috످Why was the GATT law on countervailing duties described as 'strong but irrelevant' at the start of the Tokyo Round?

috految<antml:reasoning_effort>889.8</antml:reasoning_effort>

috److془The question: "Why was the GATT law on countervailing duties described as 'strong but irrelevant' at the start of the Tokyo Round?"

Source: Gilbert Winham, "International Trade and the Tokyo Round Negotiation" or Rivers & Greenwald, or Hudec. I don't recall the exact source. But I know the substance: Article VI required material injury; US was grandfathered under Protocol of Provisional Application 1947; US was the main user. Other countries rarely used CVDs. Subsidies law was weak.

I'm sure of the substance. Answer it. Note that I don't know the source of the phrase. Where to look up: Winham's book.

Details: US CVD law 1897, Section 303 of Tariff Act of 1930; no injury test for dutiable goods. Trade Act 1974 added injury test for duty-free goods. Tokyo Round Subsidies Code 1979: US accepted injury test for signatories in exchange for tighter discipline of subsidies.془At the start of the Tokyo Round in 1973, GATT law on countervailing duties (tariffs that offset foreign subsidies) was strict on paper, but the United States, the only major user of these duties, was exempt from its key requirement: the injury test.

The law was "strong" because GATT Article VI allowed a country to impose countervailing duties only if it could show that subsidized imports caused or threatened "material injury" to a domestic industry. The duties also could not exceed the amount of the subsidy.

It was "irrelevant" because a "grandfather clause" in the 1947 Protocol of Provisional Application allowed countries to keep existing mandatory legislation even if it conflicted with Article VI. Since the US countervailing duty law dated back to 1897 and had no injury test, the US could impose duties without proving any harm to its industries. Meanwhile, the countries that were bound by the test rarely used countervailing duties anyway.

This gap was addressed in the Tokyo Round's 1979 Subsidies Code, under which the US accepted an injury test for imports from fellow signatories in exchange for tighter rules on subsidies.

I don't know the original source of the phrase, but you can read more about the background in Gilbert Winham's International Trade and the Tokyo Round Negotiation (1986).

috످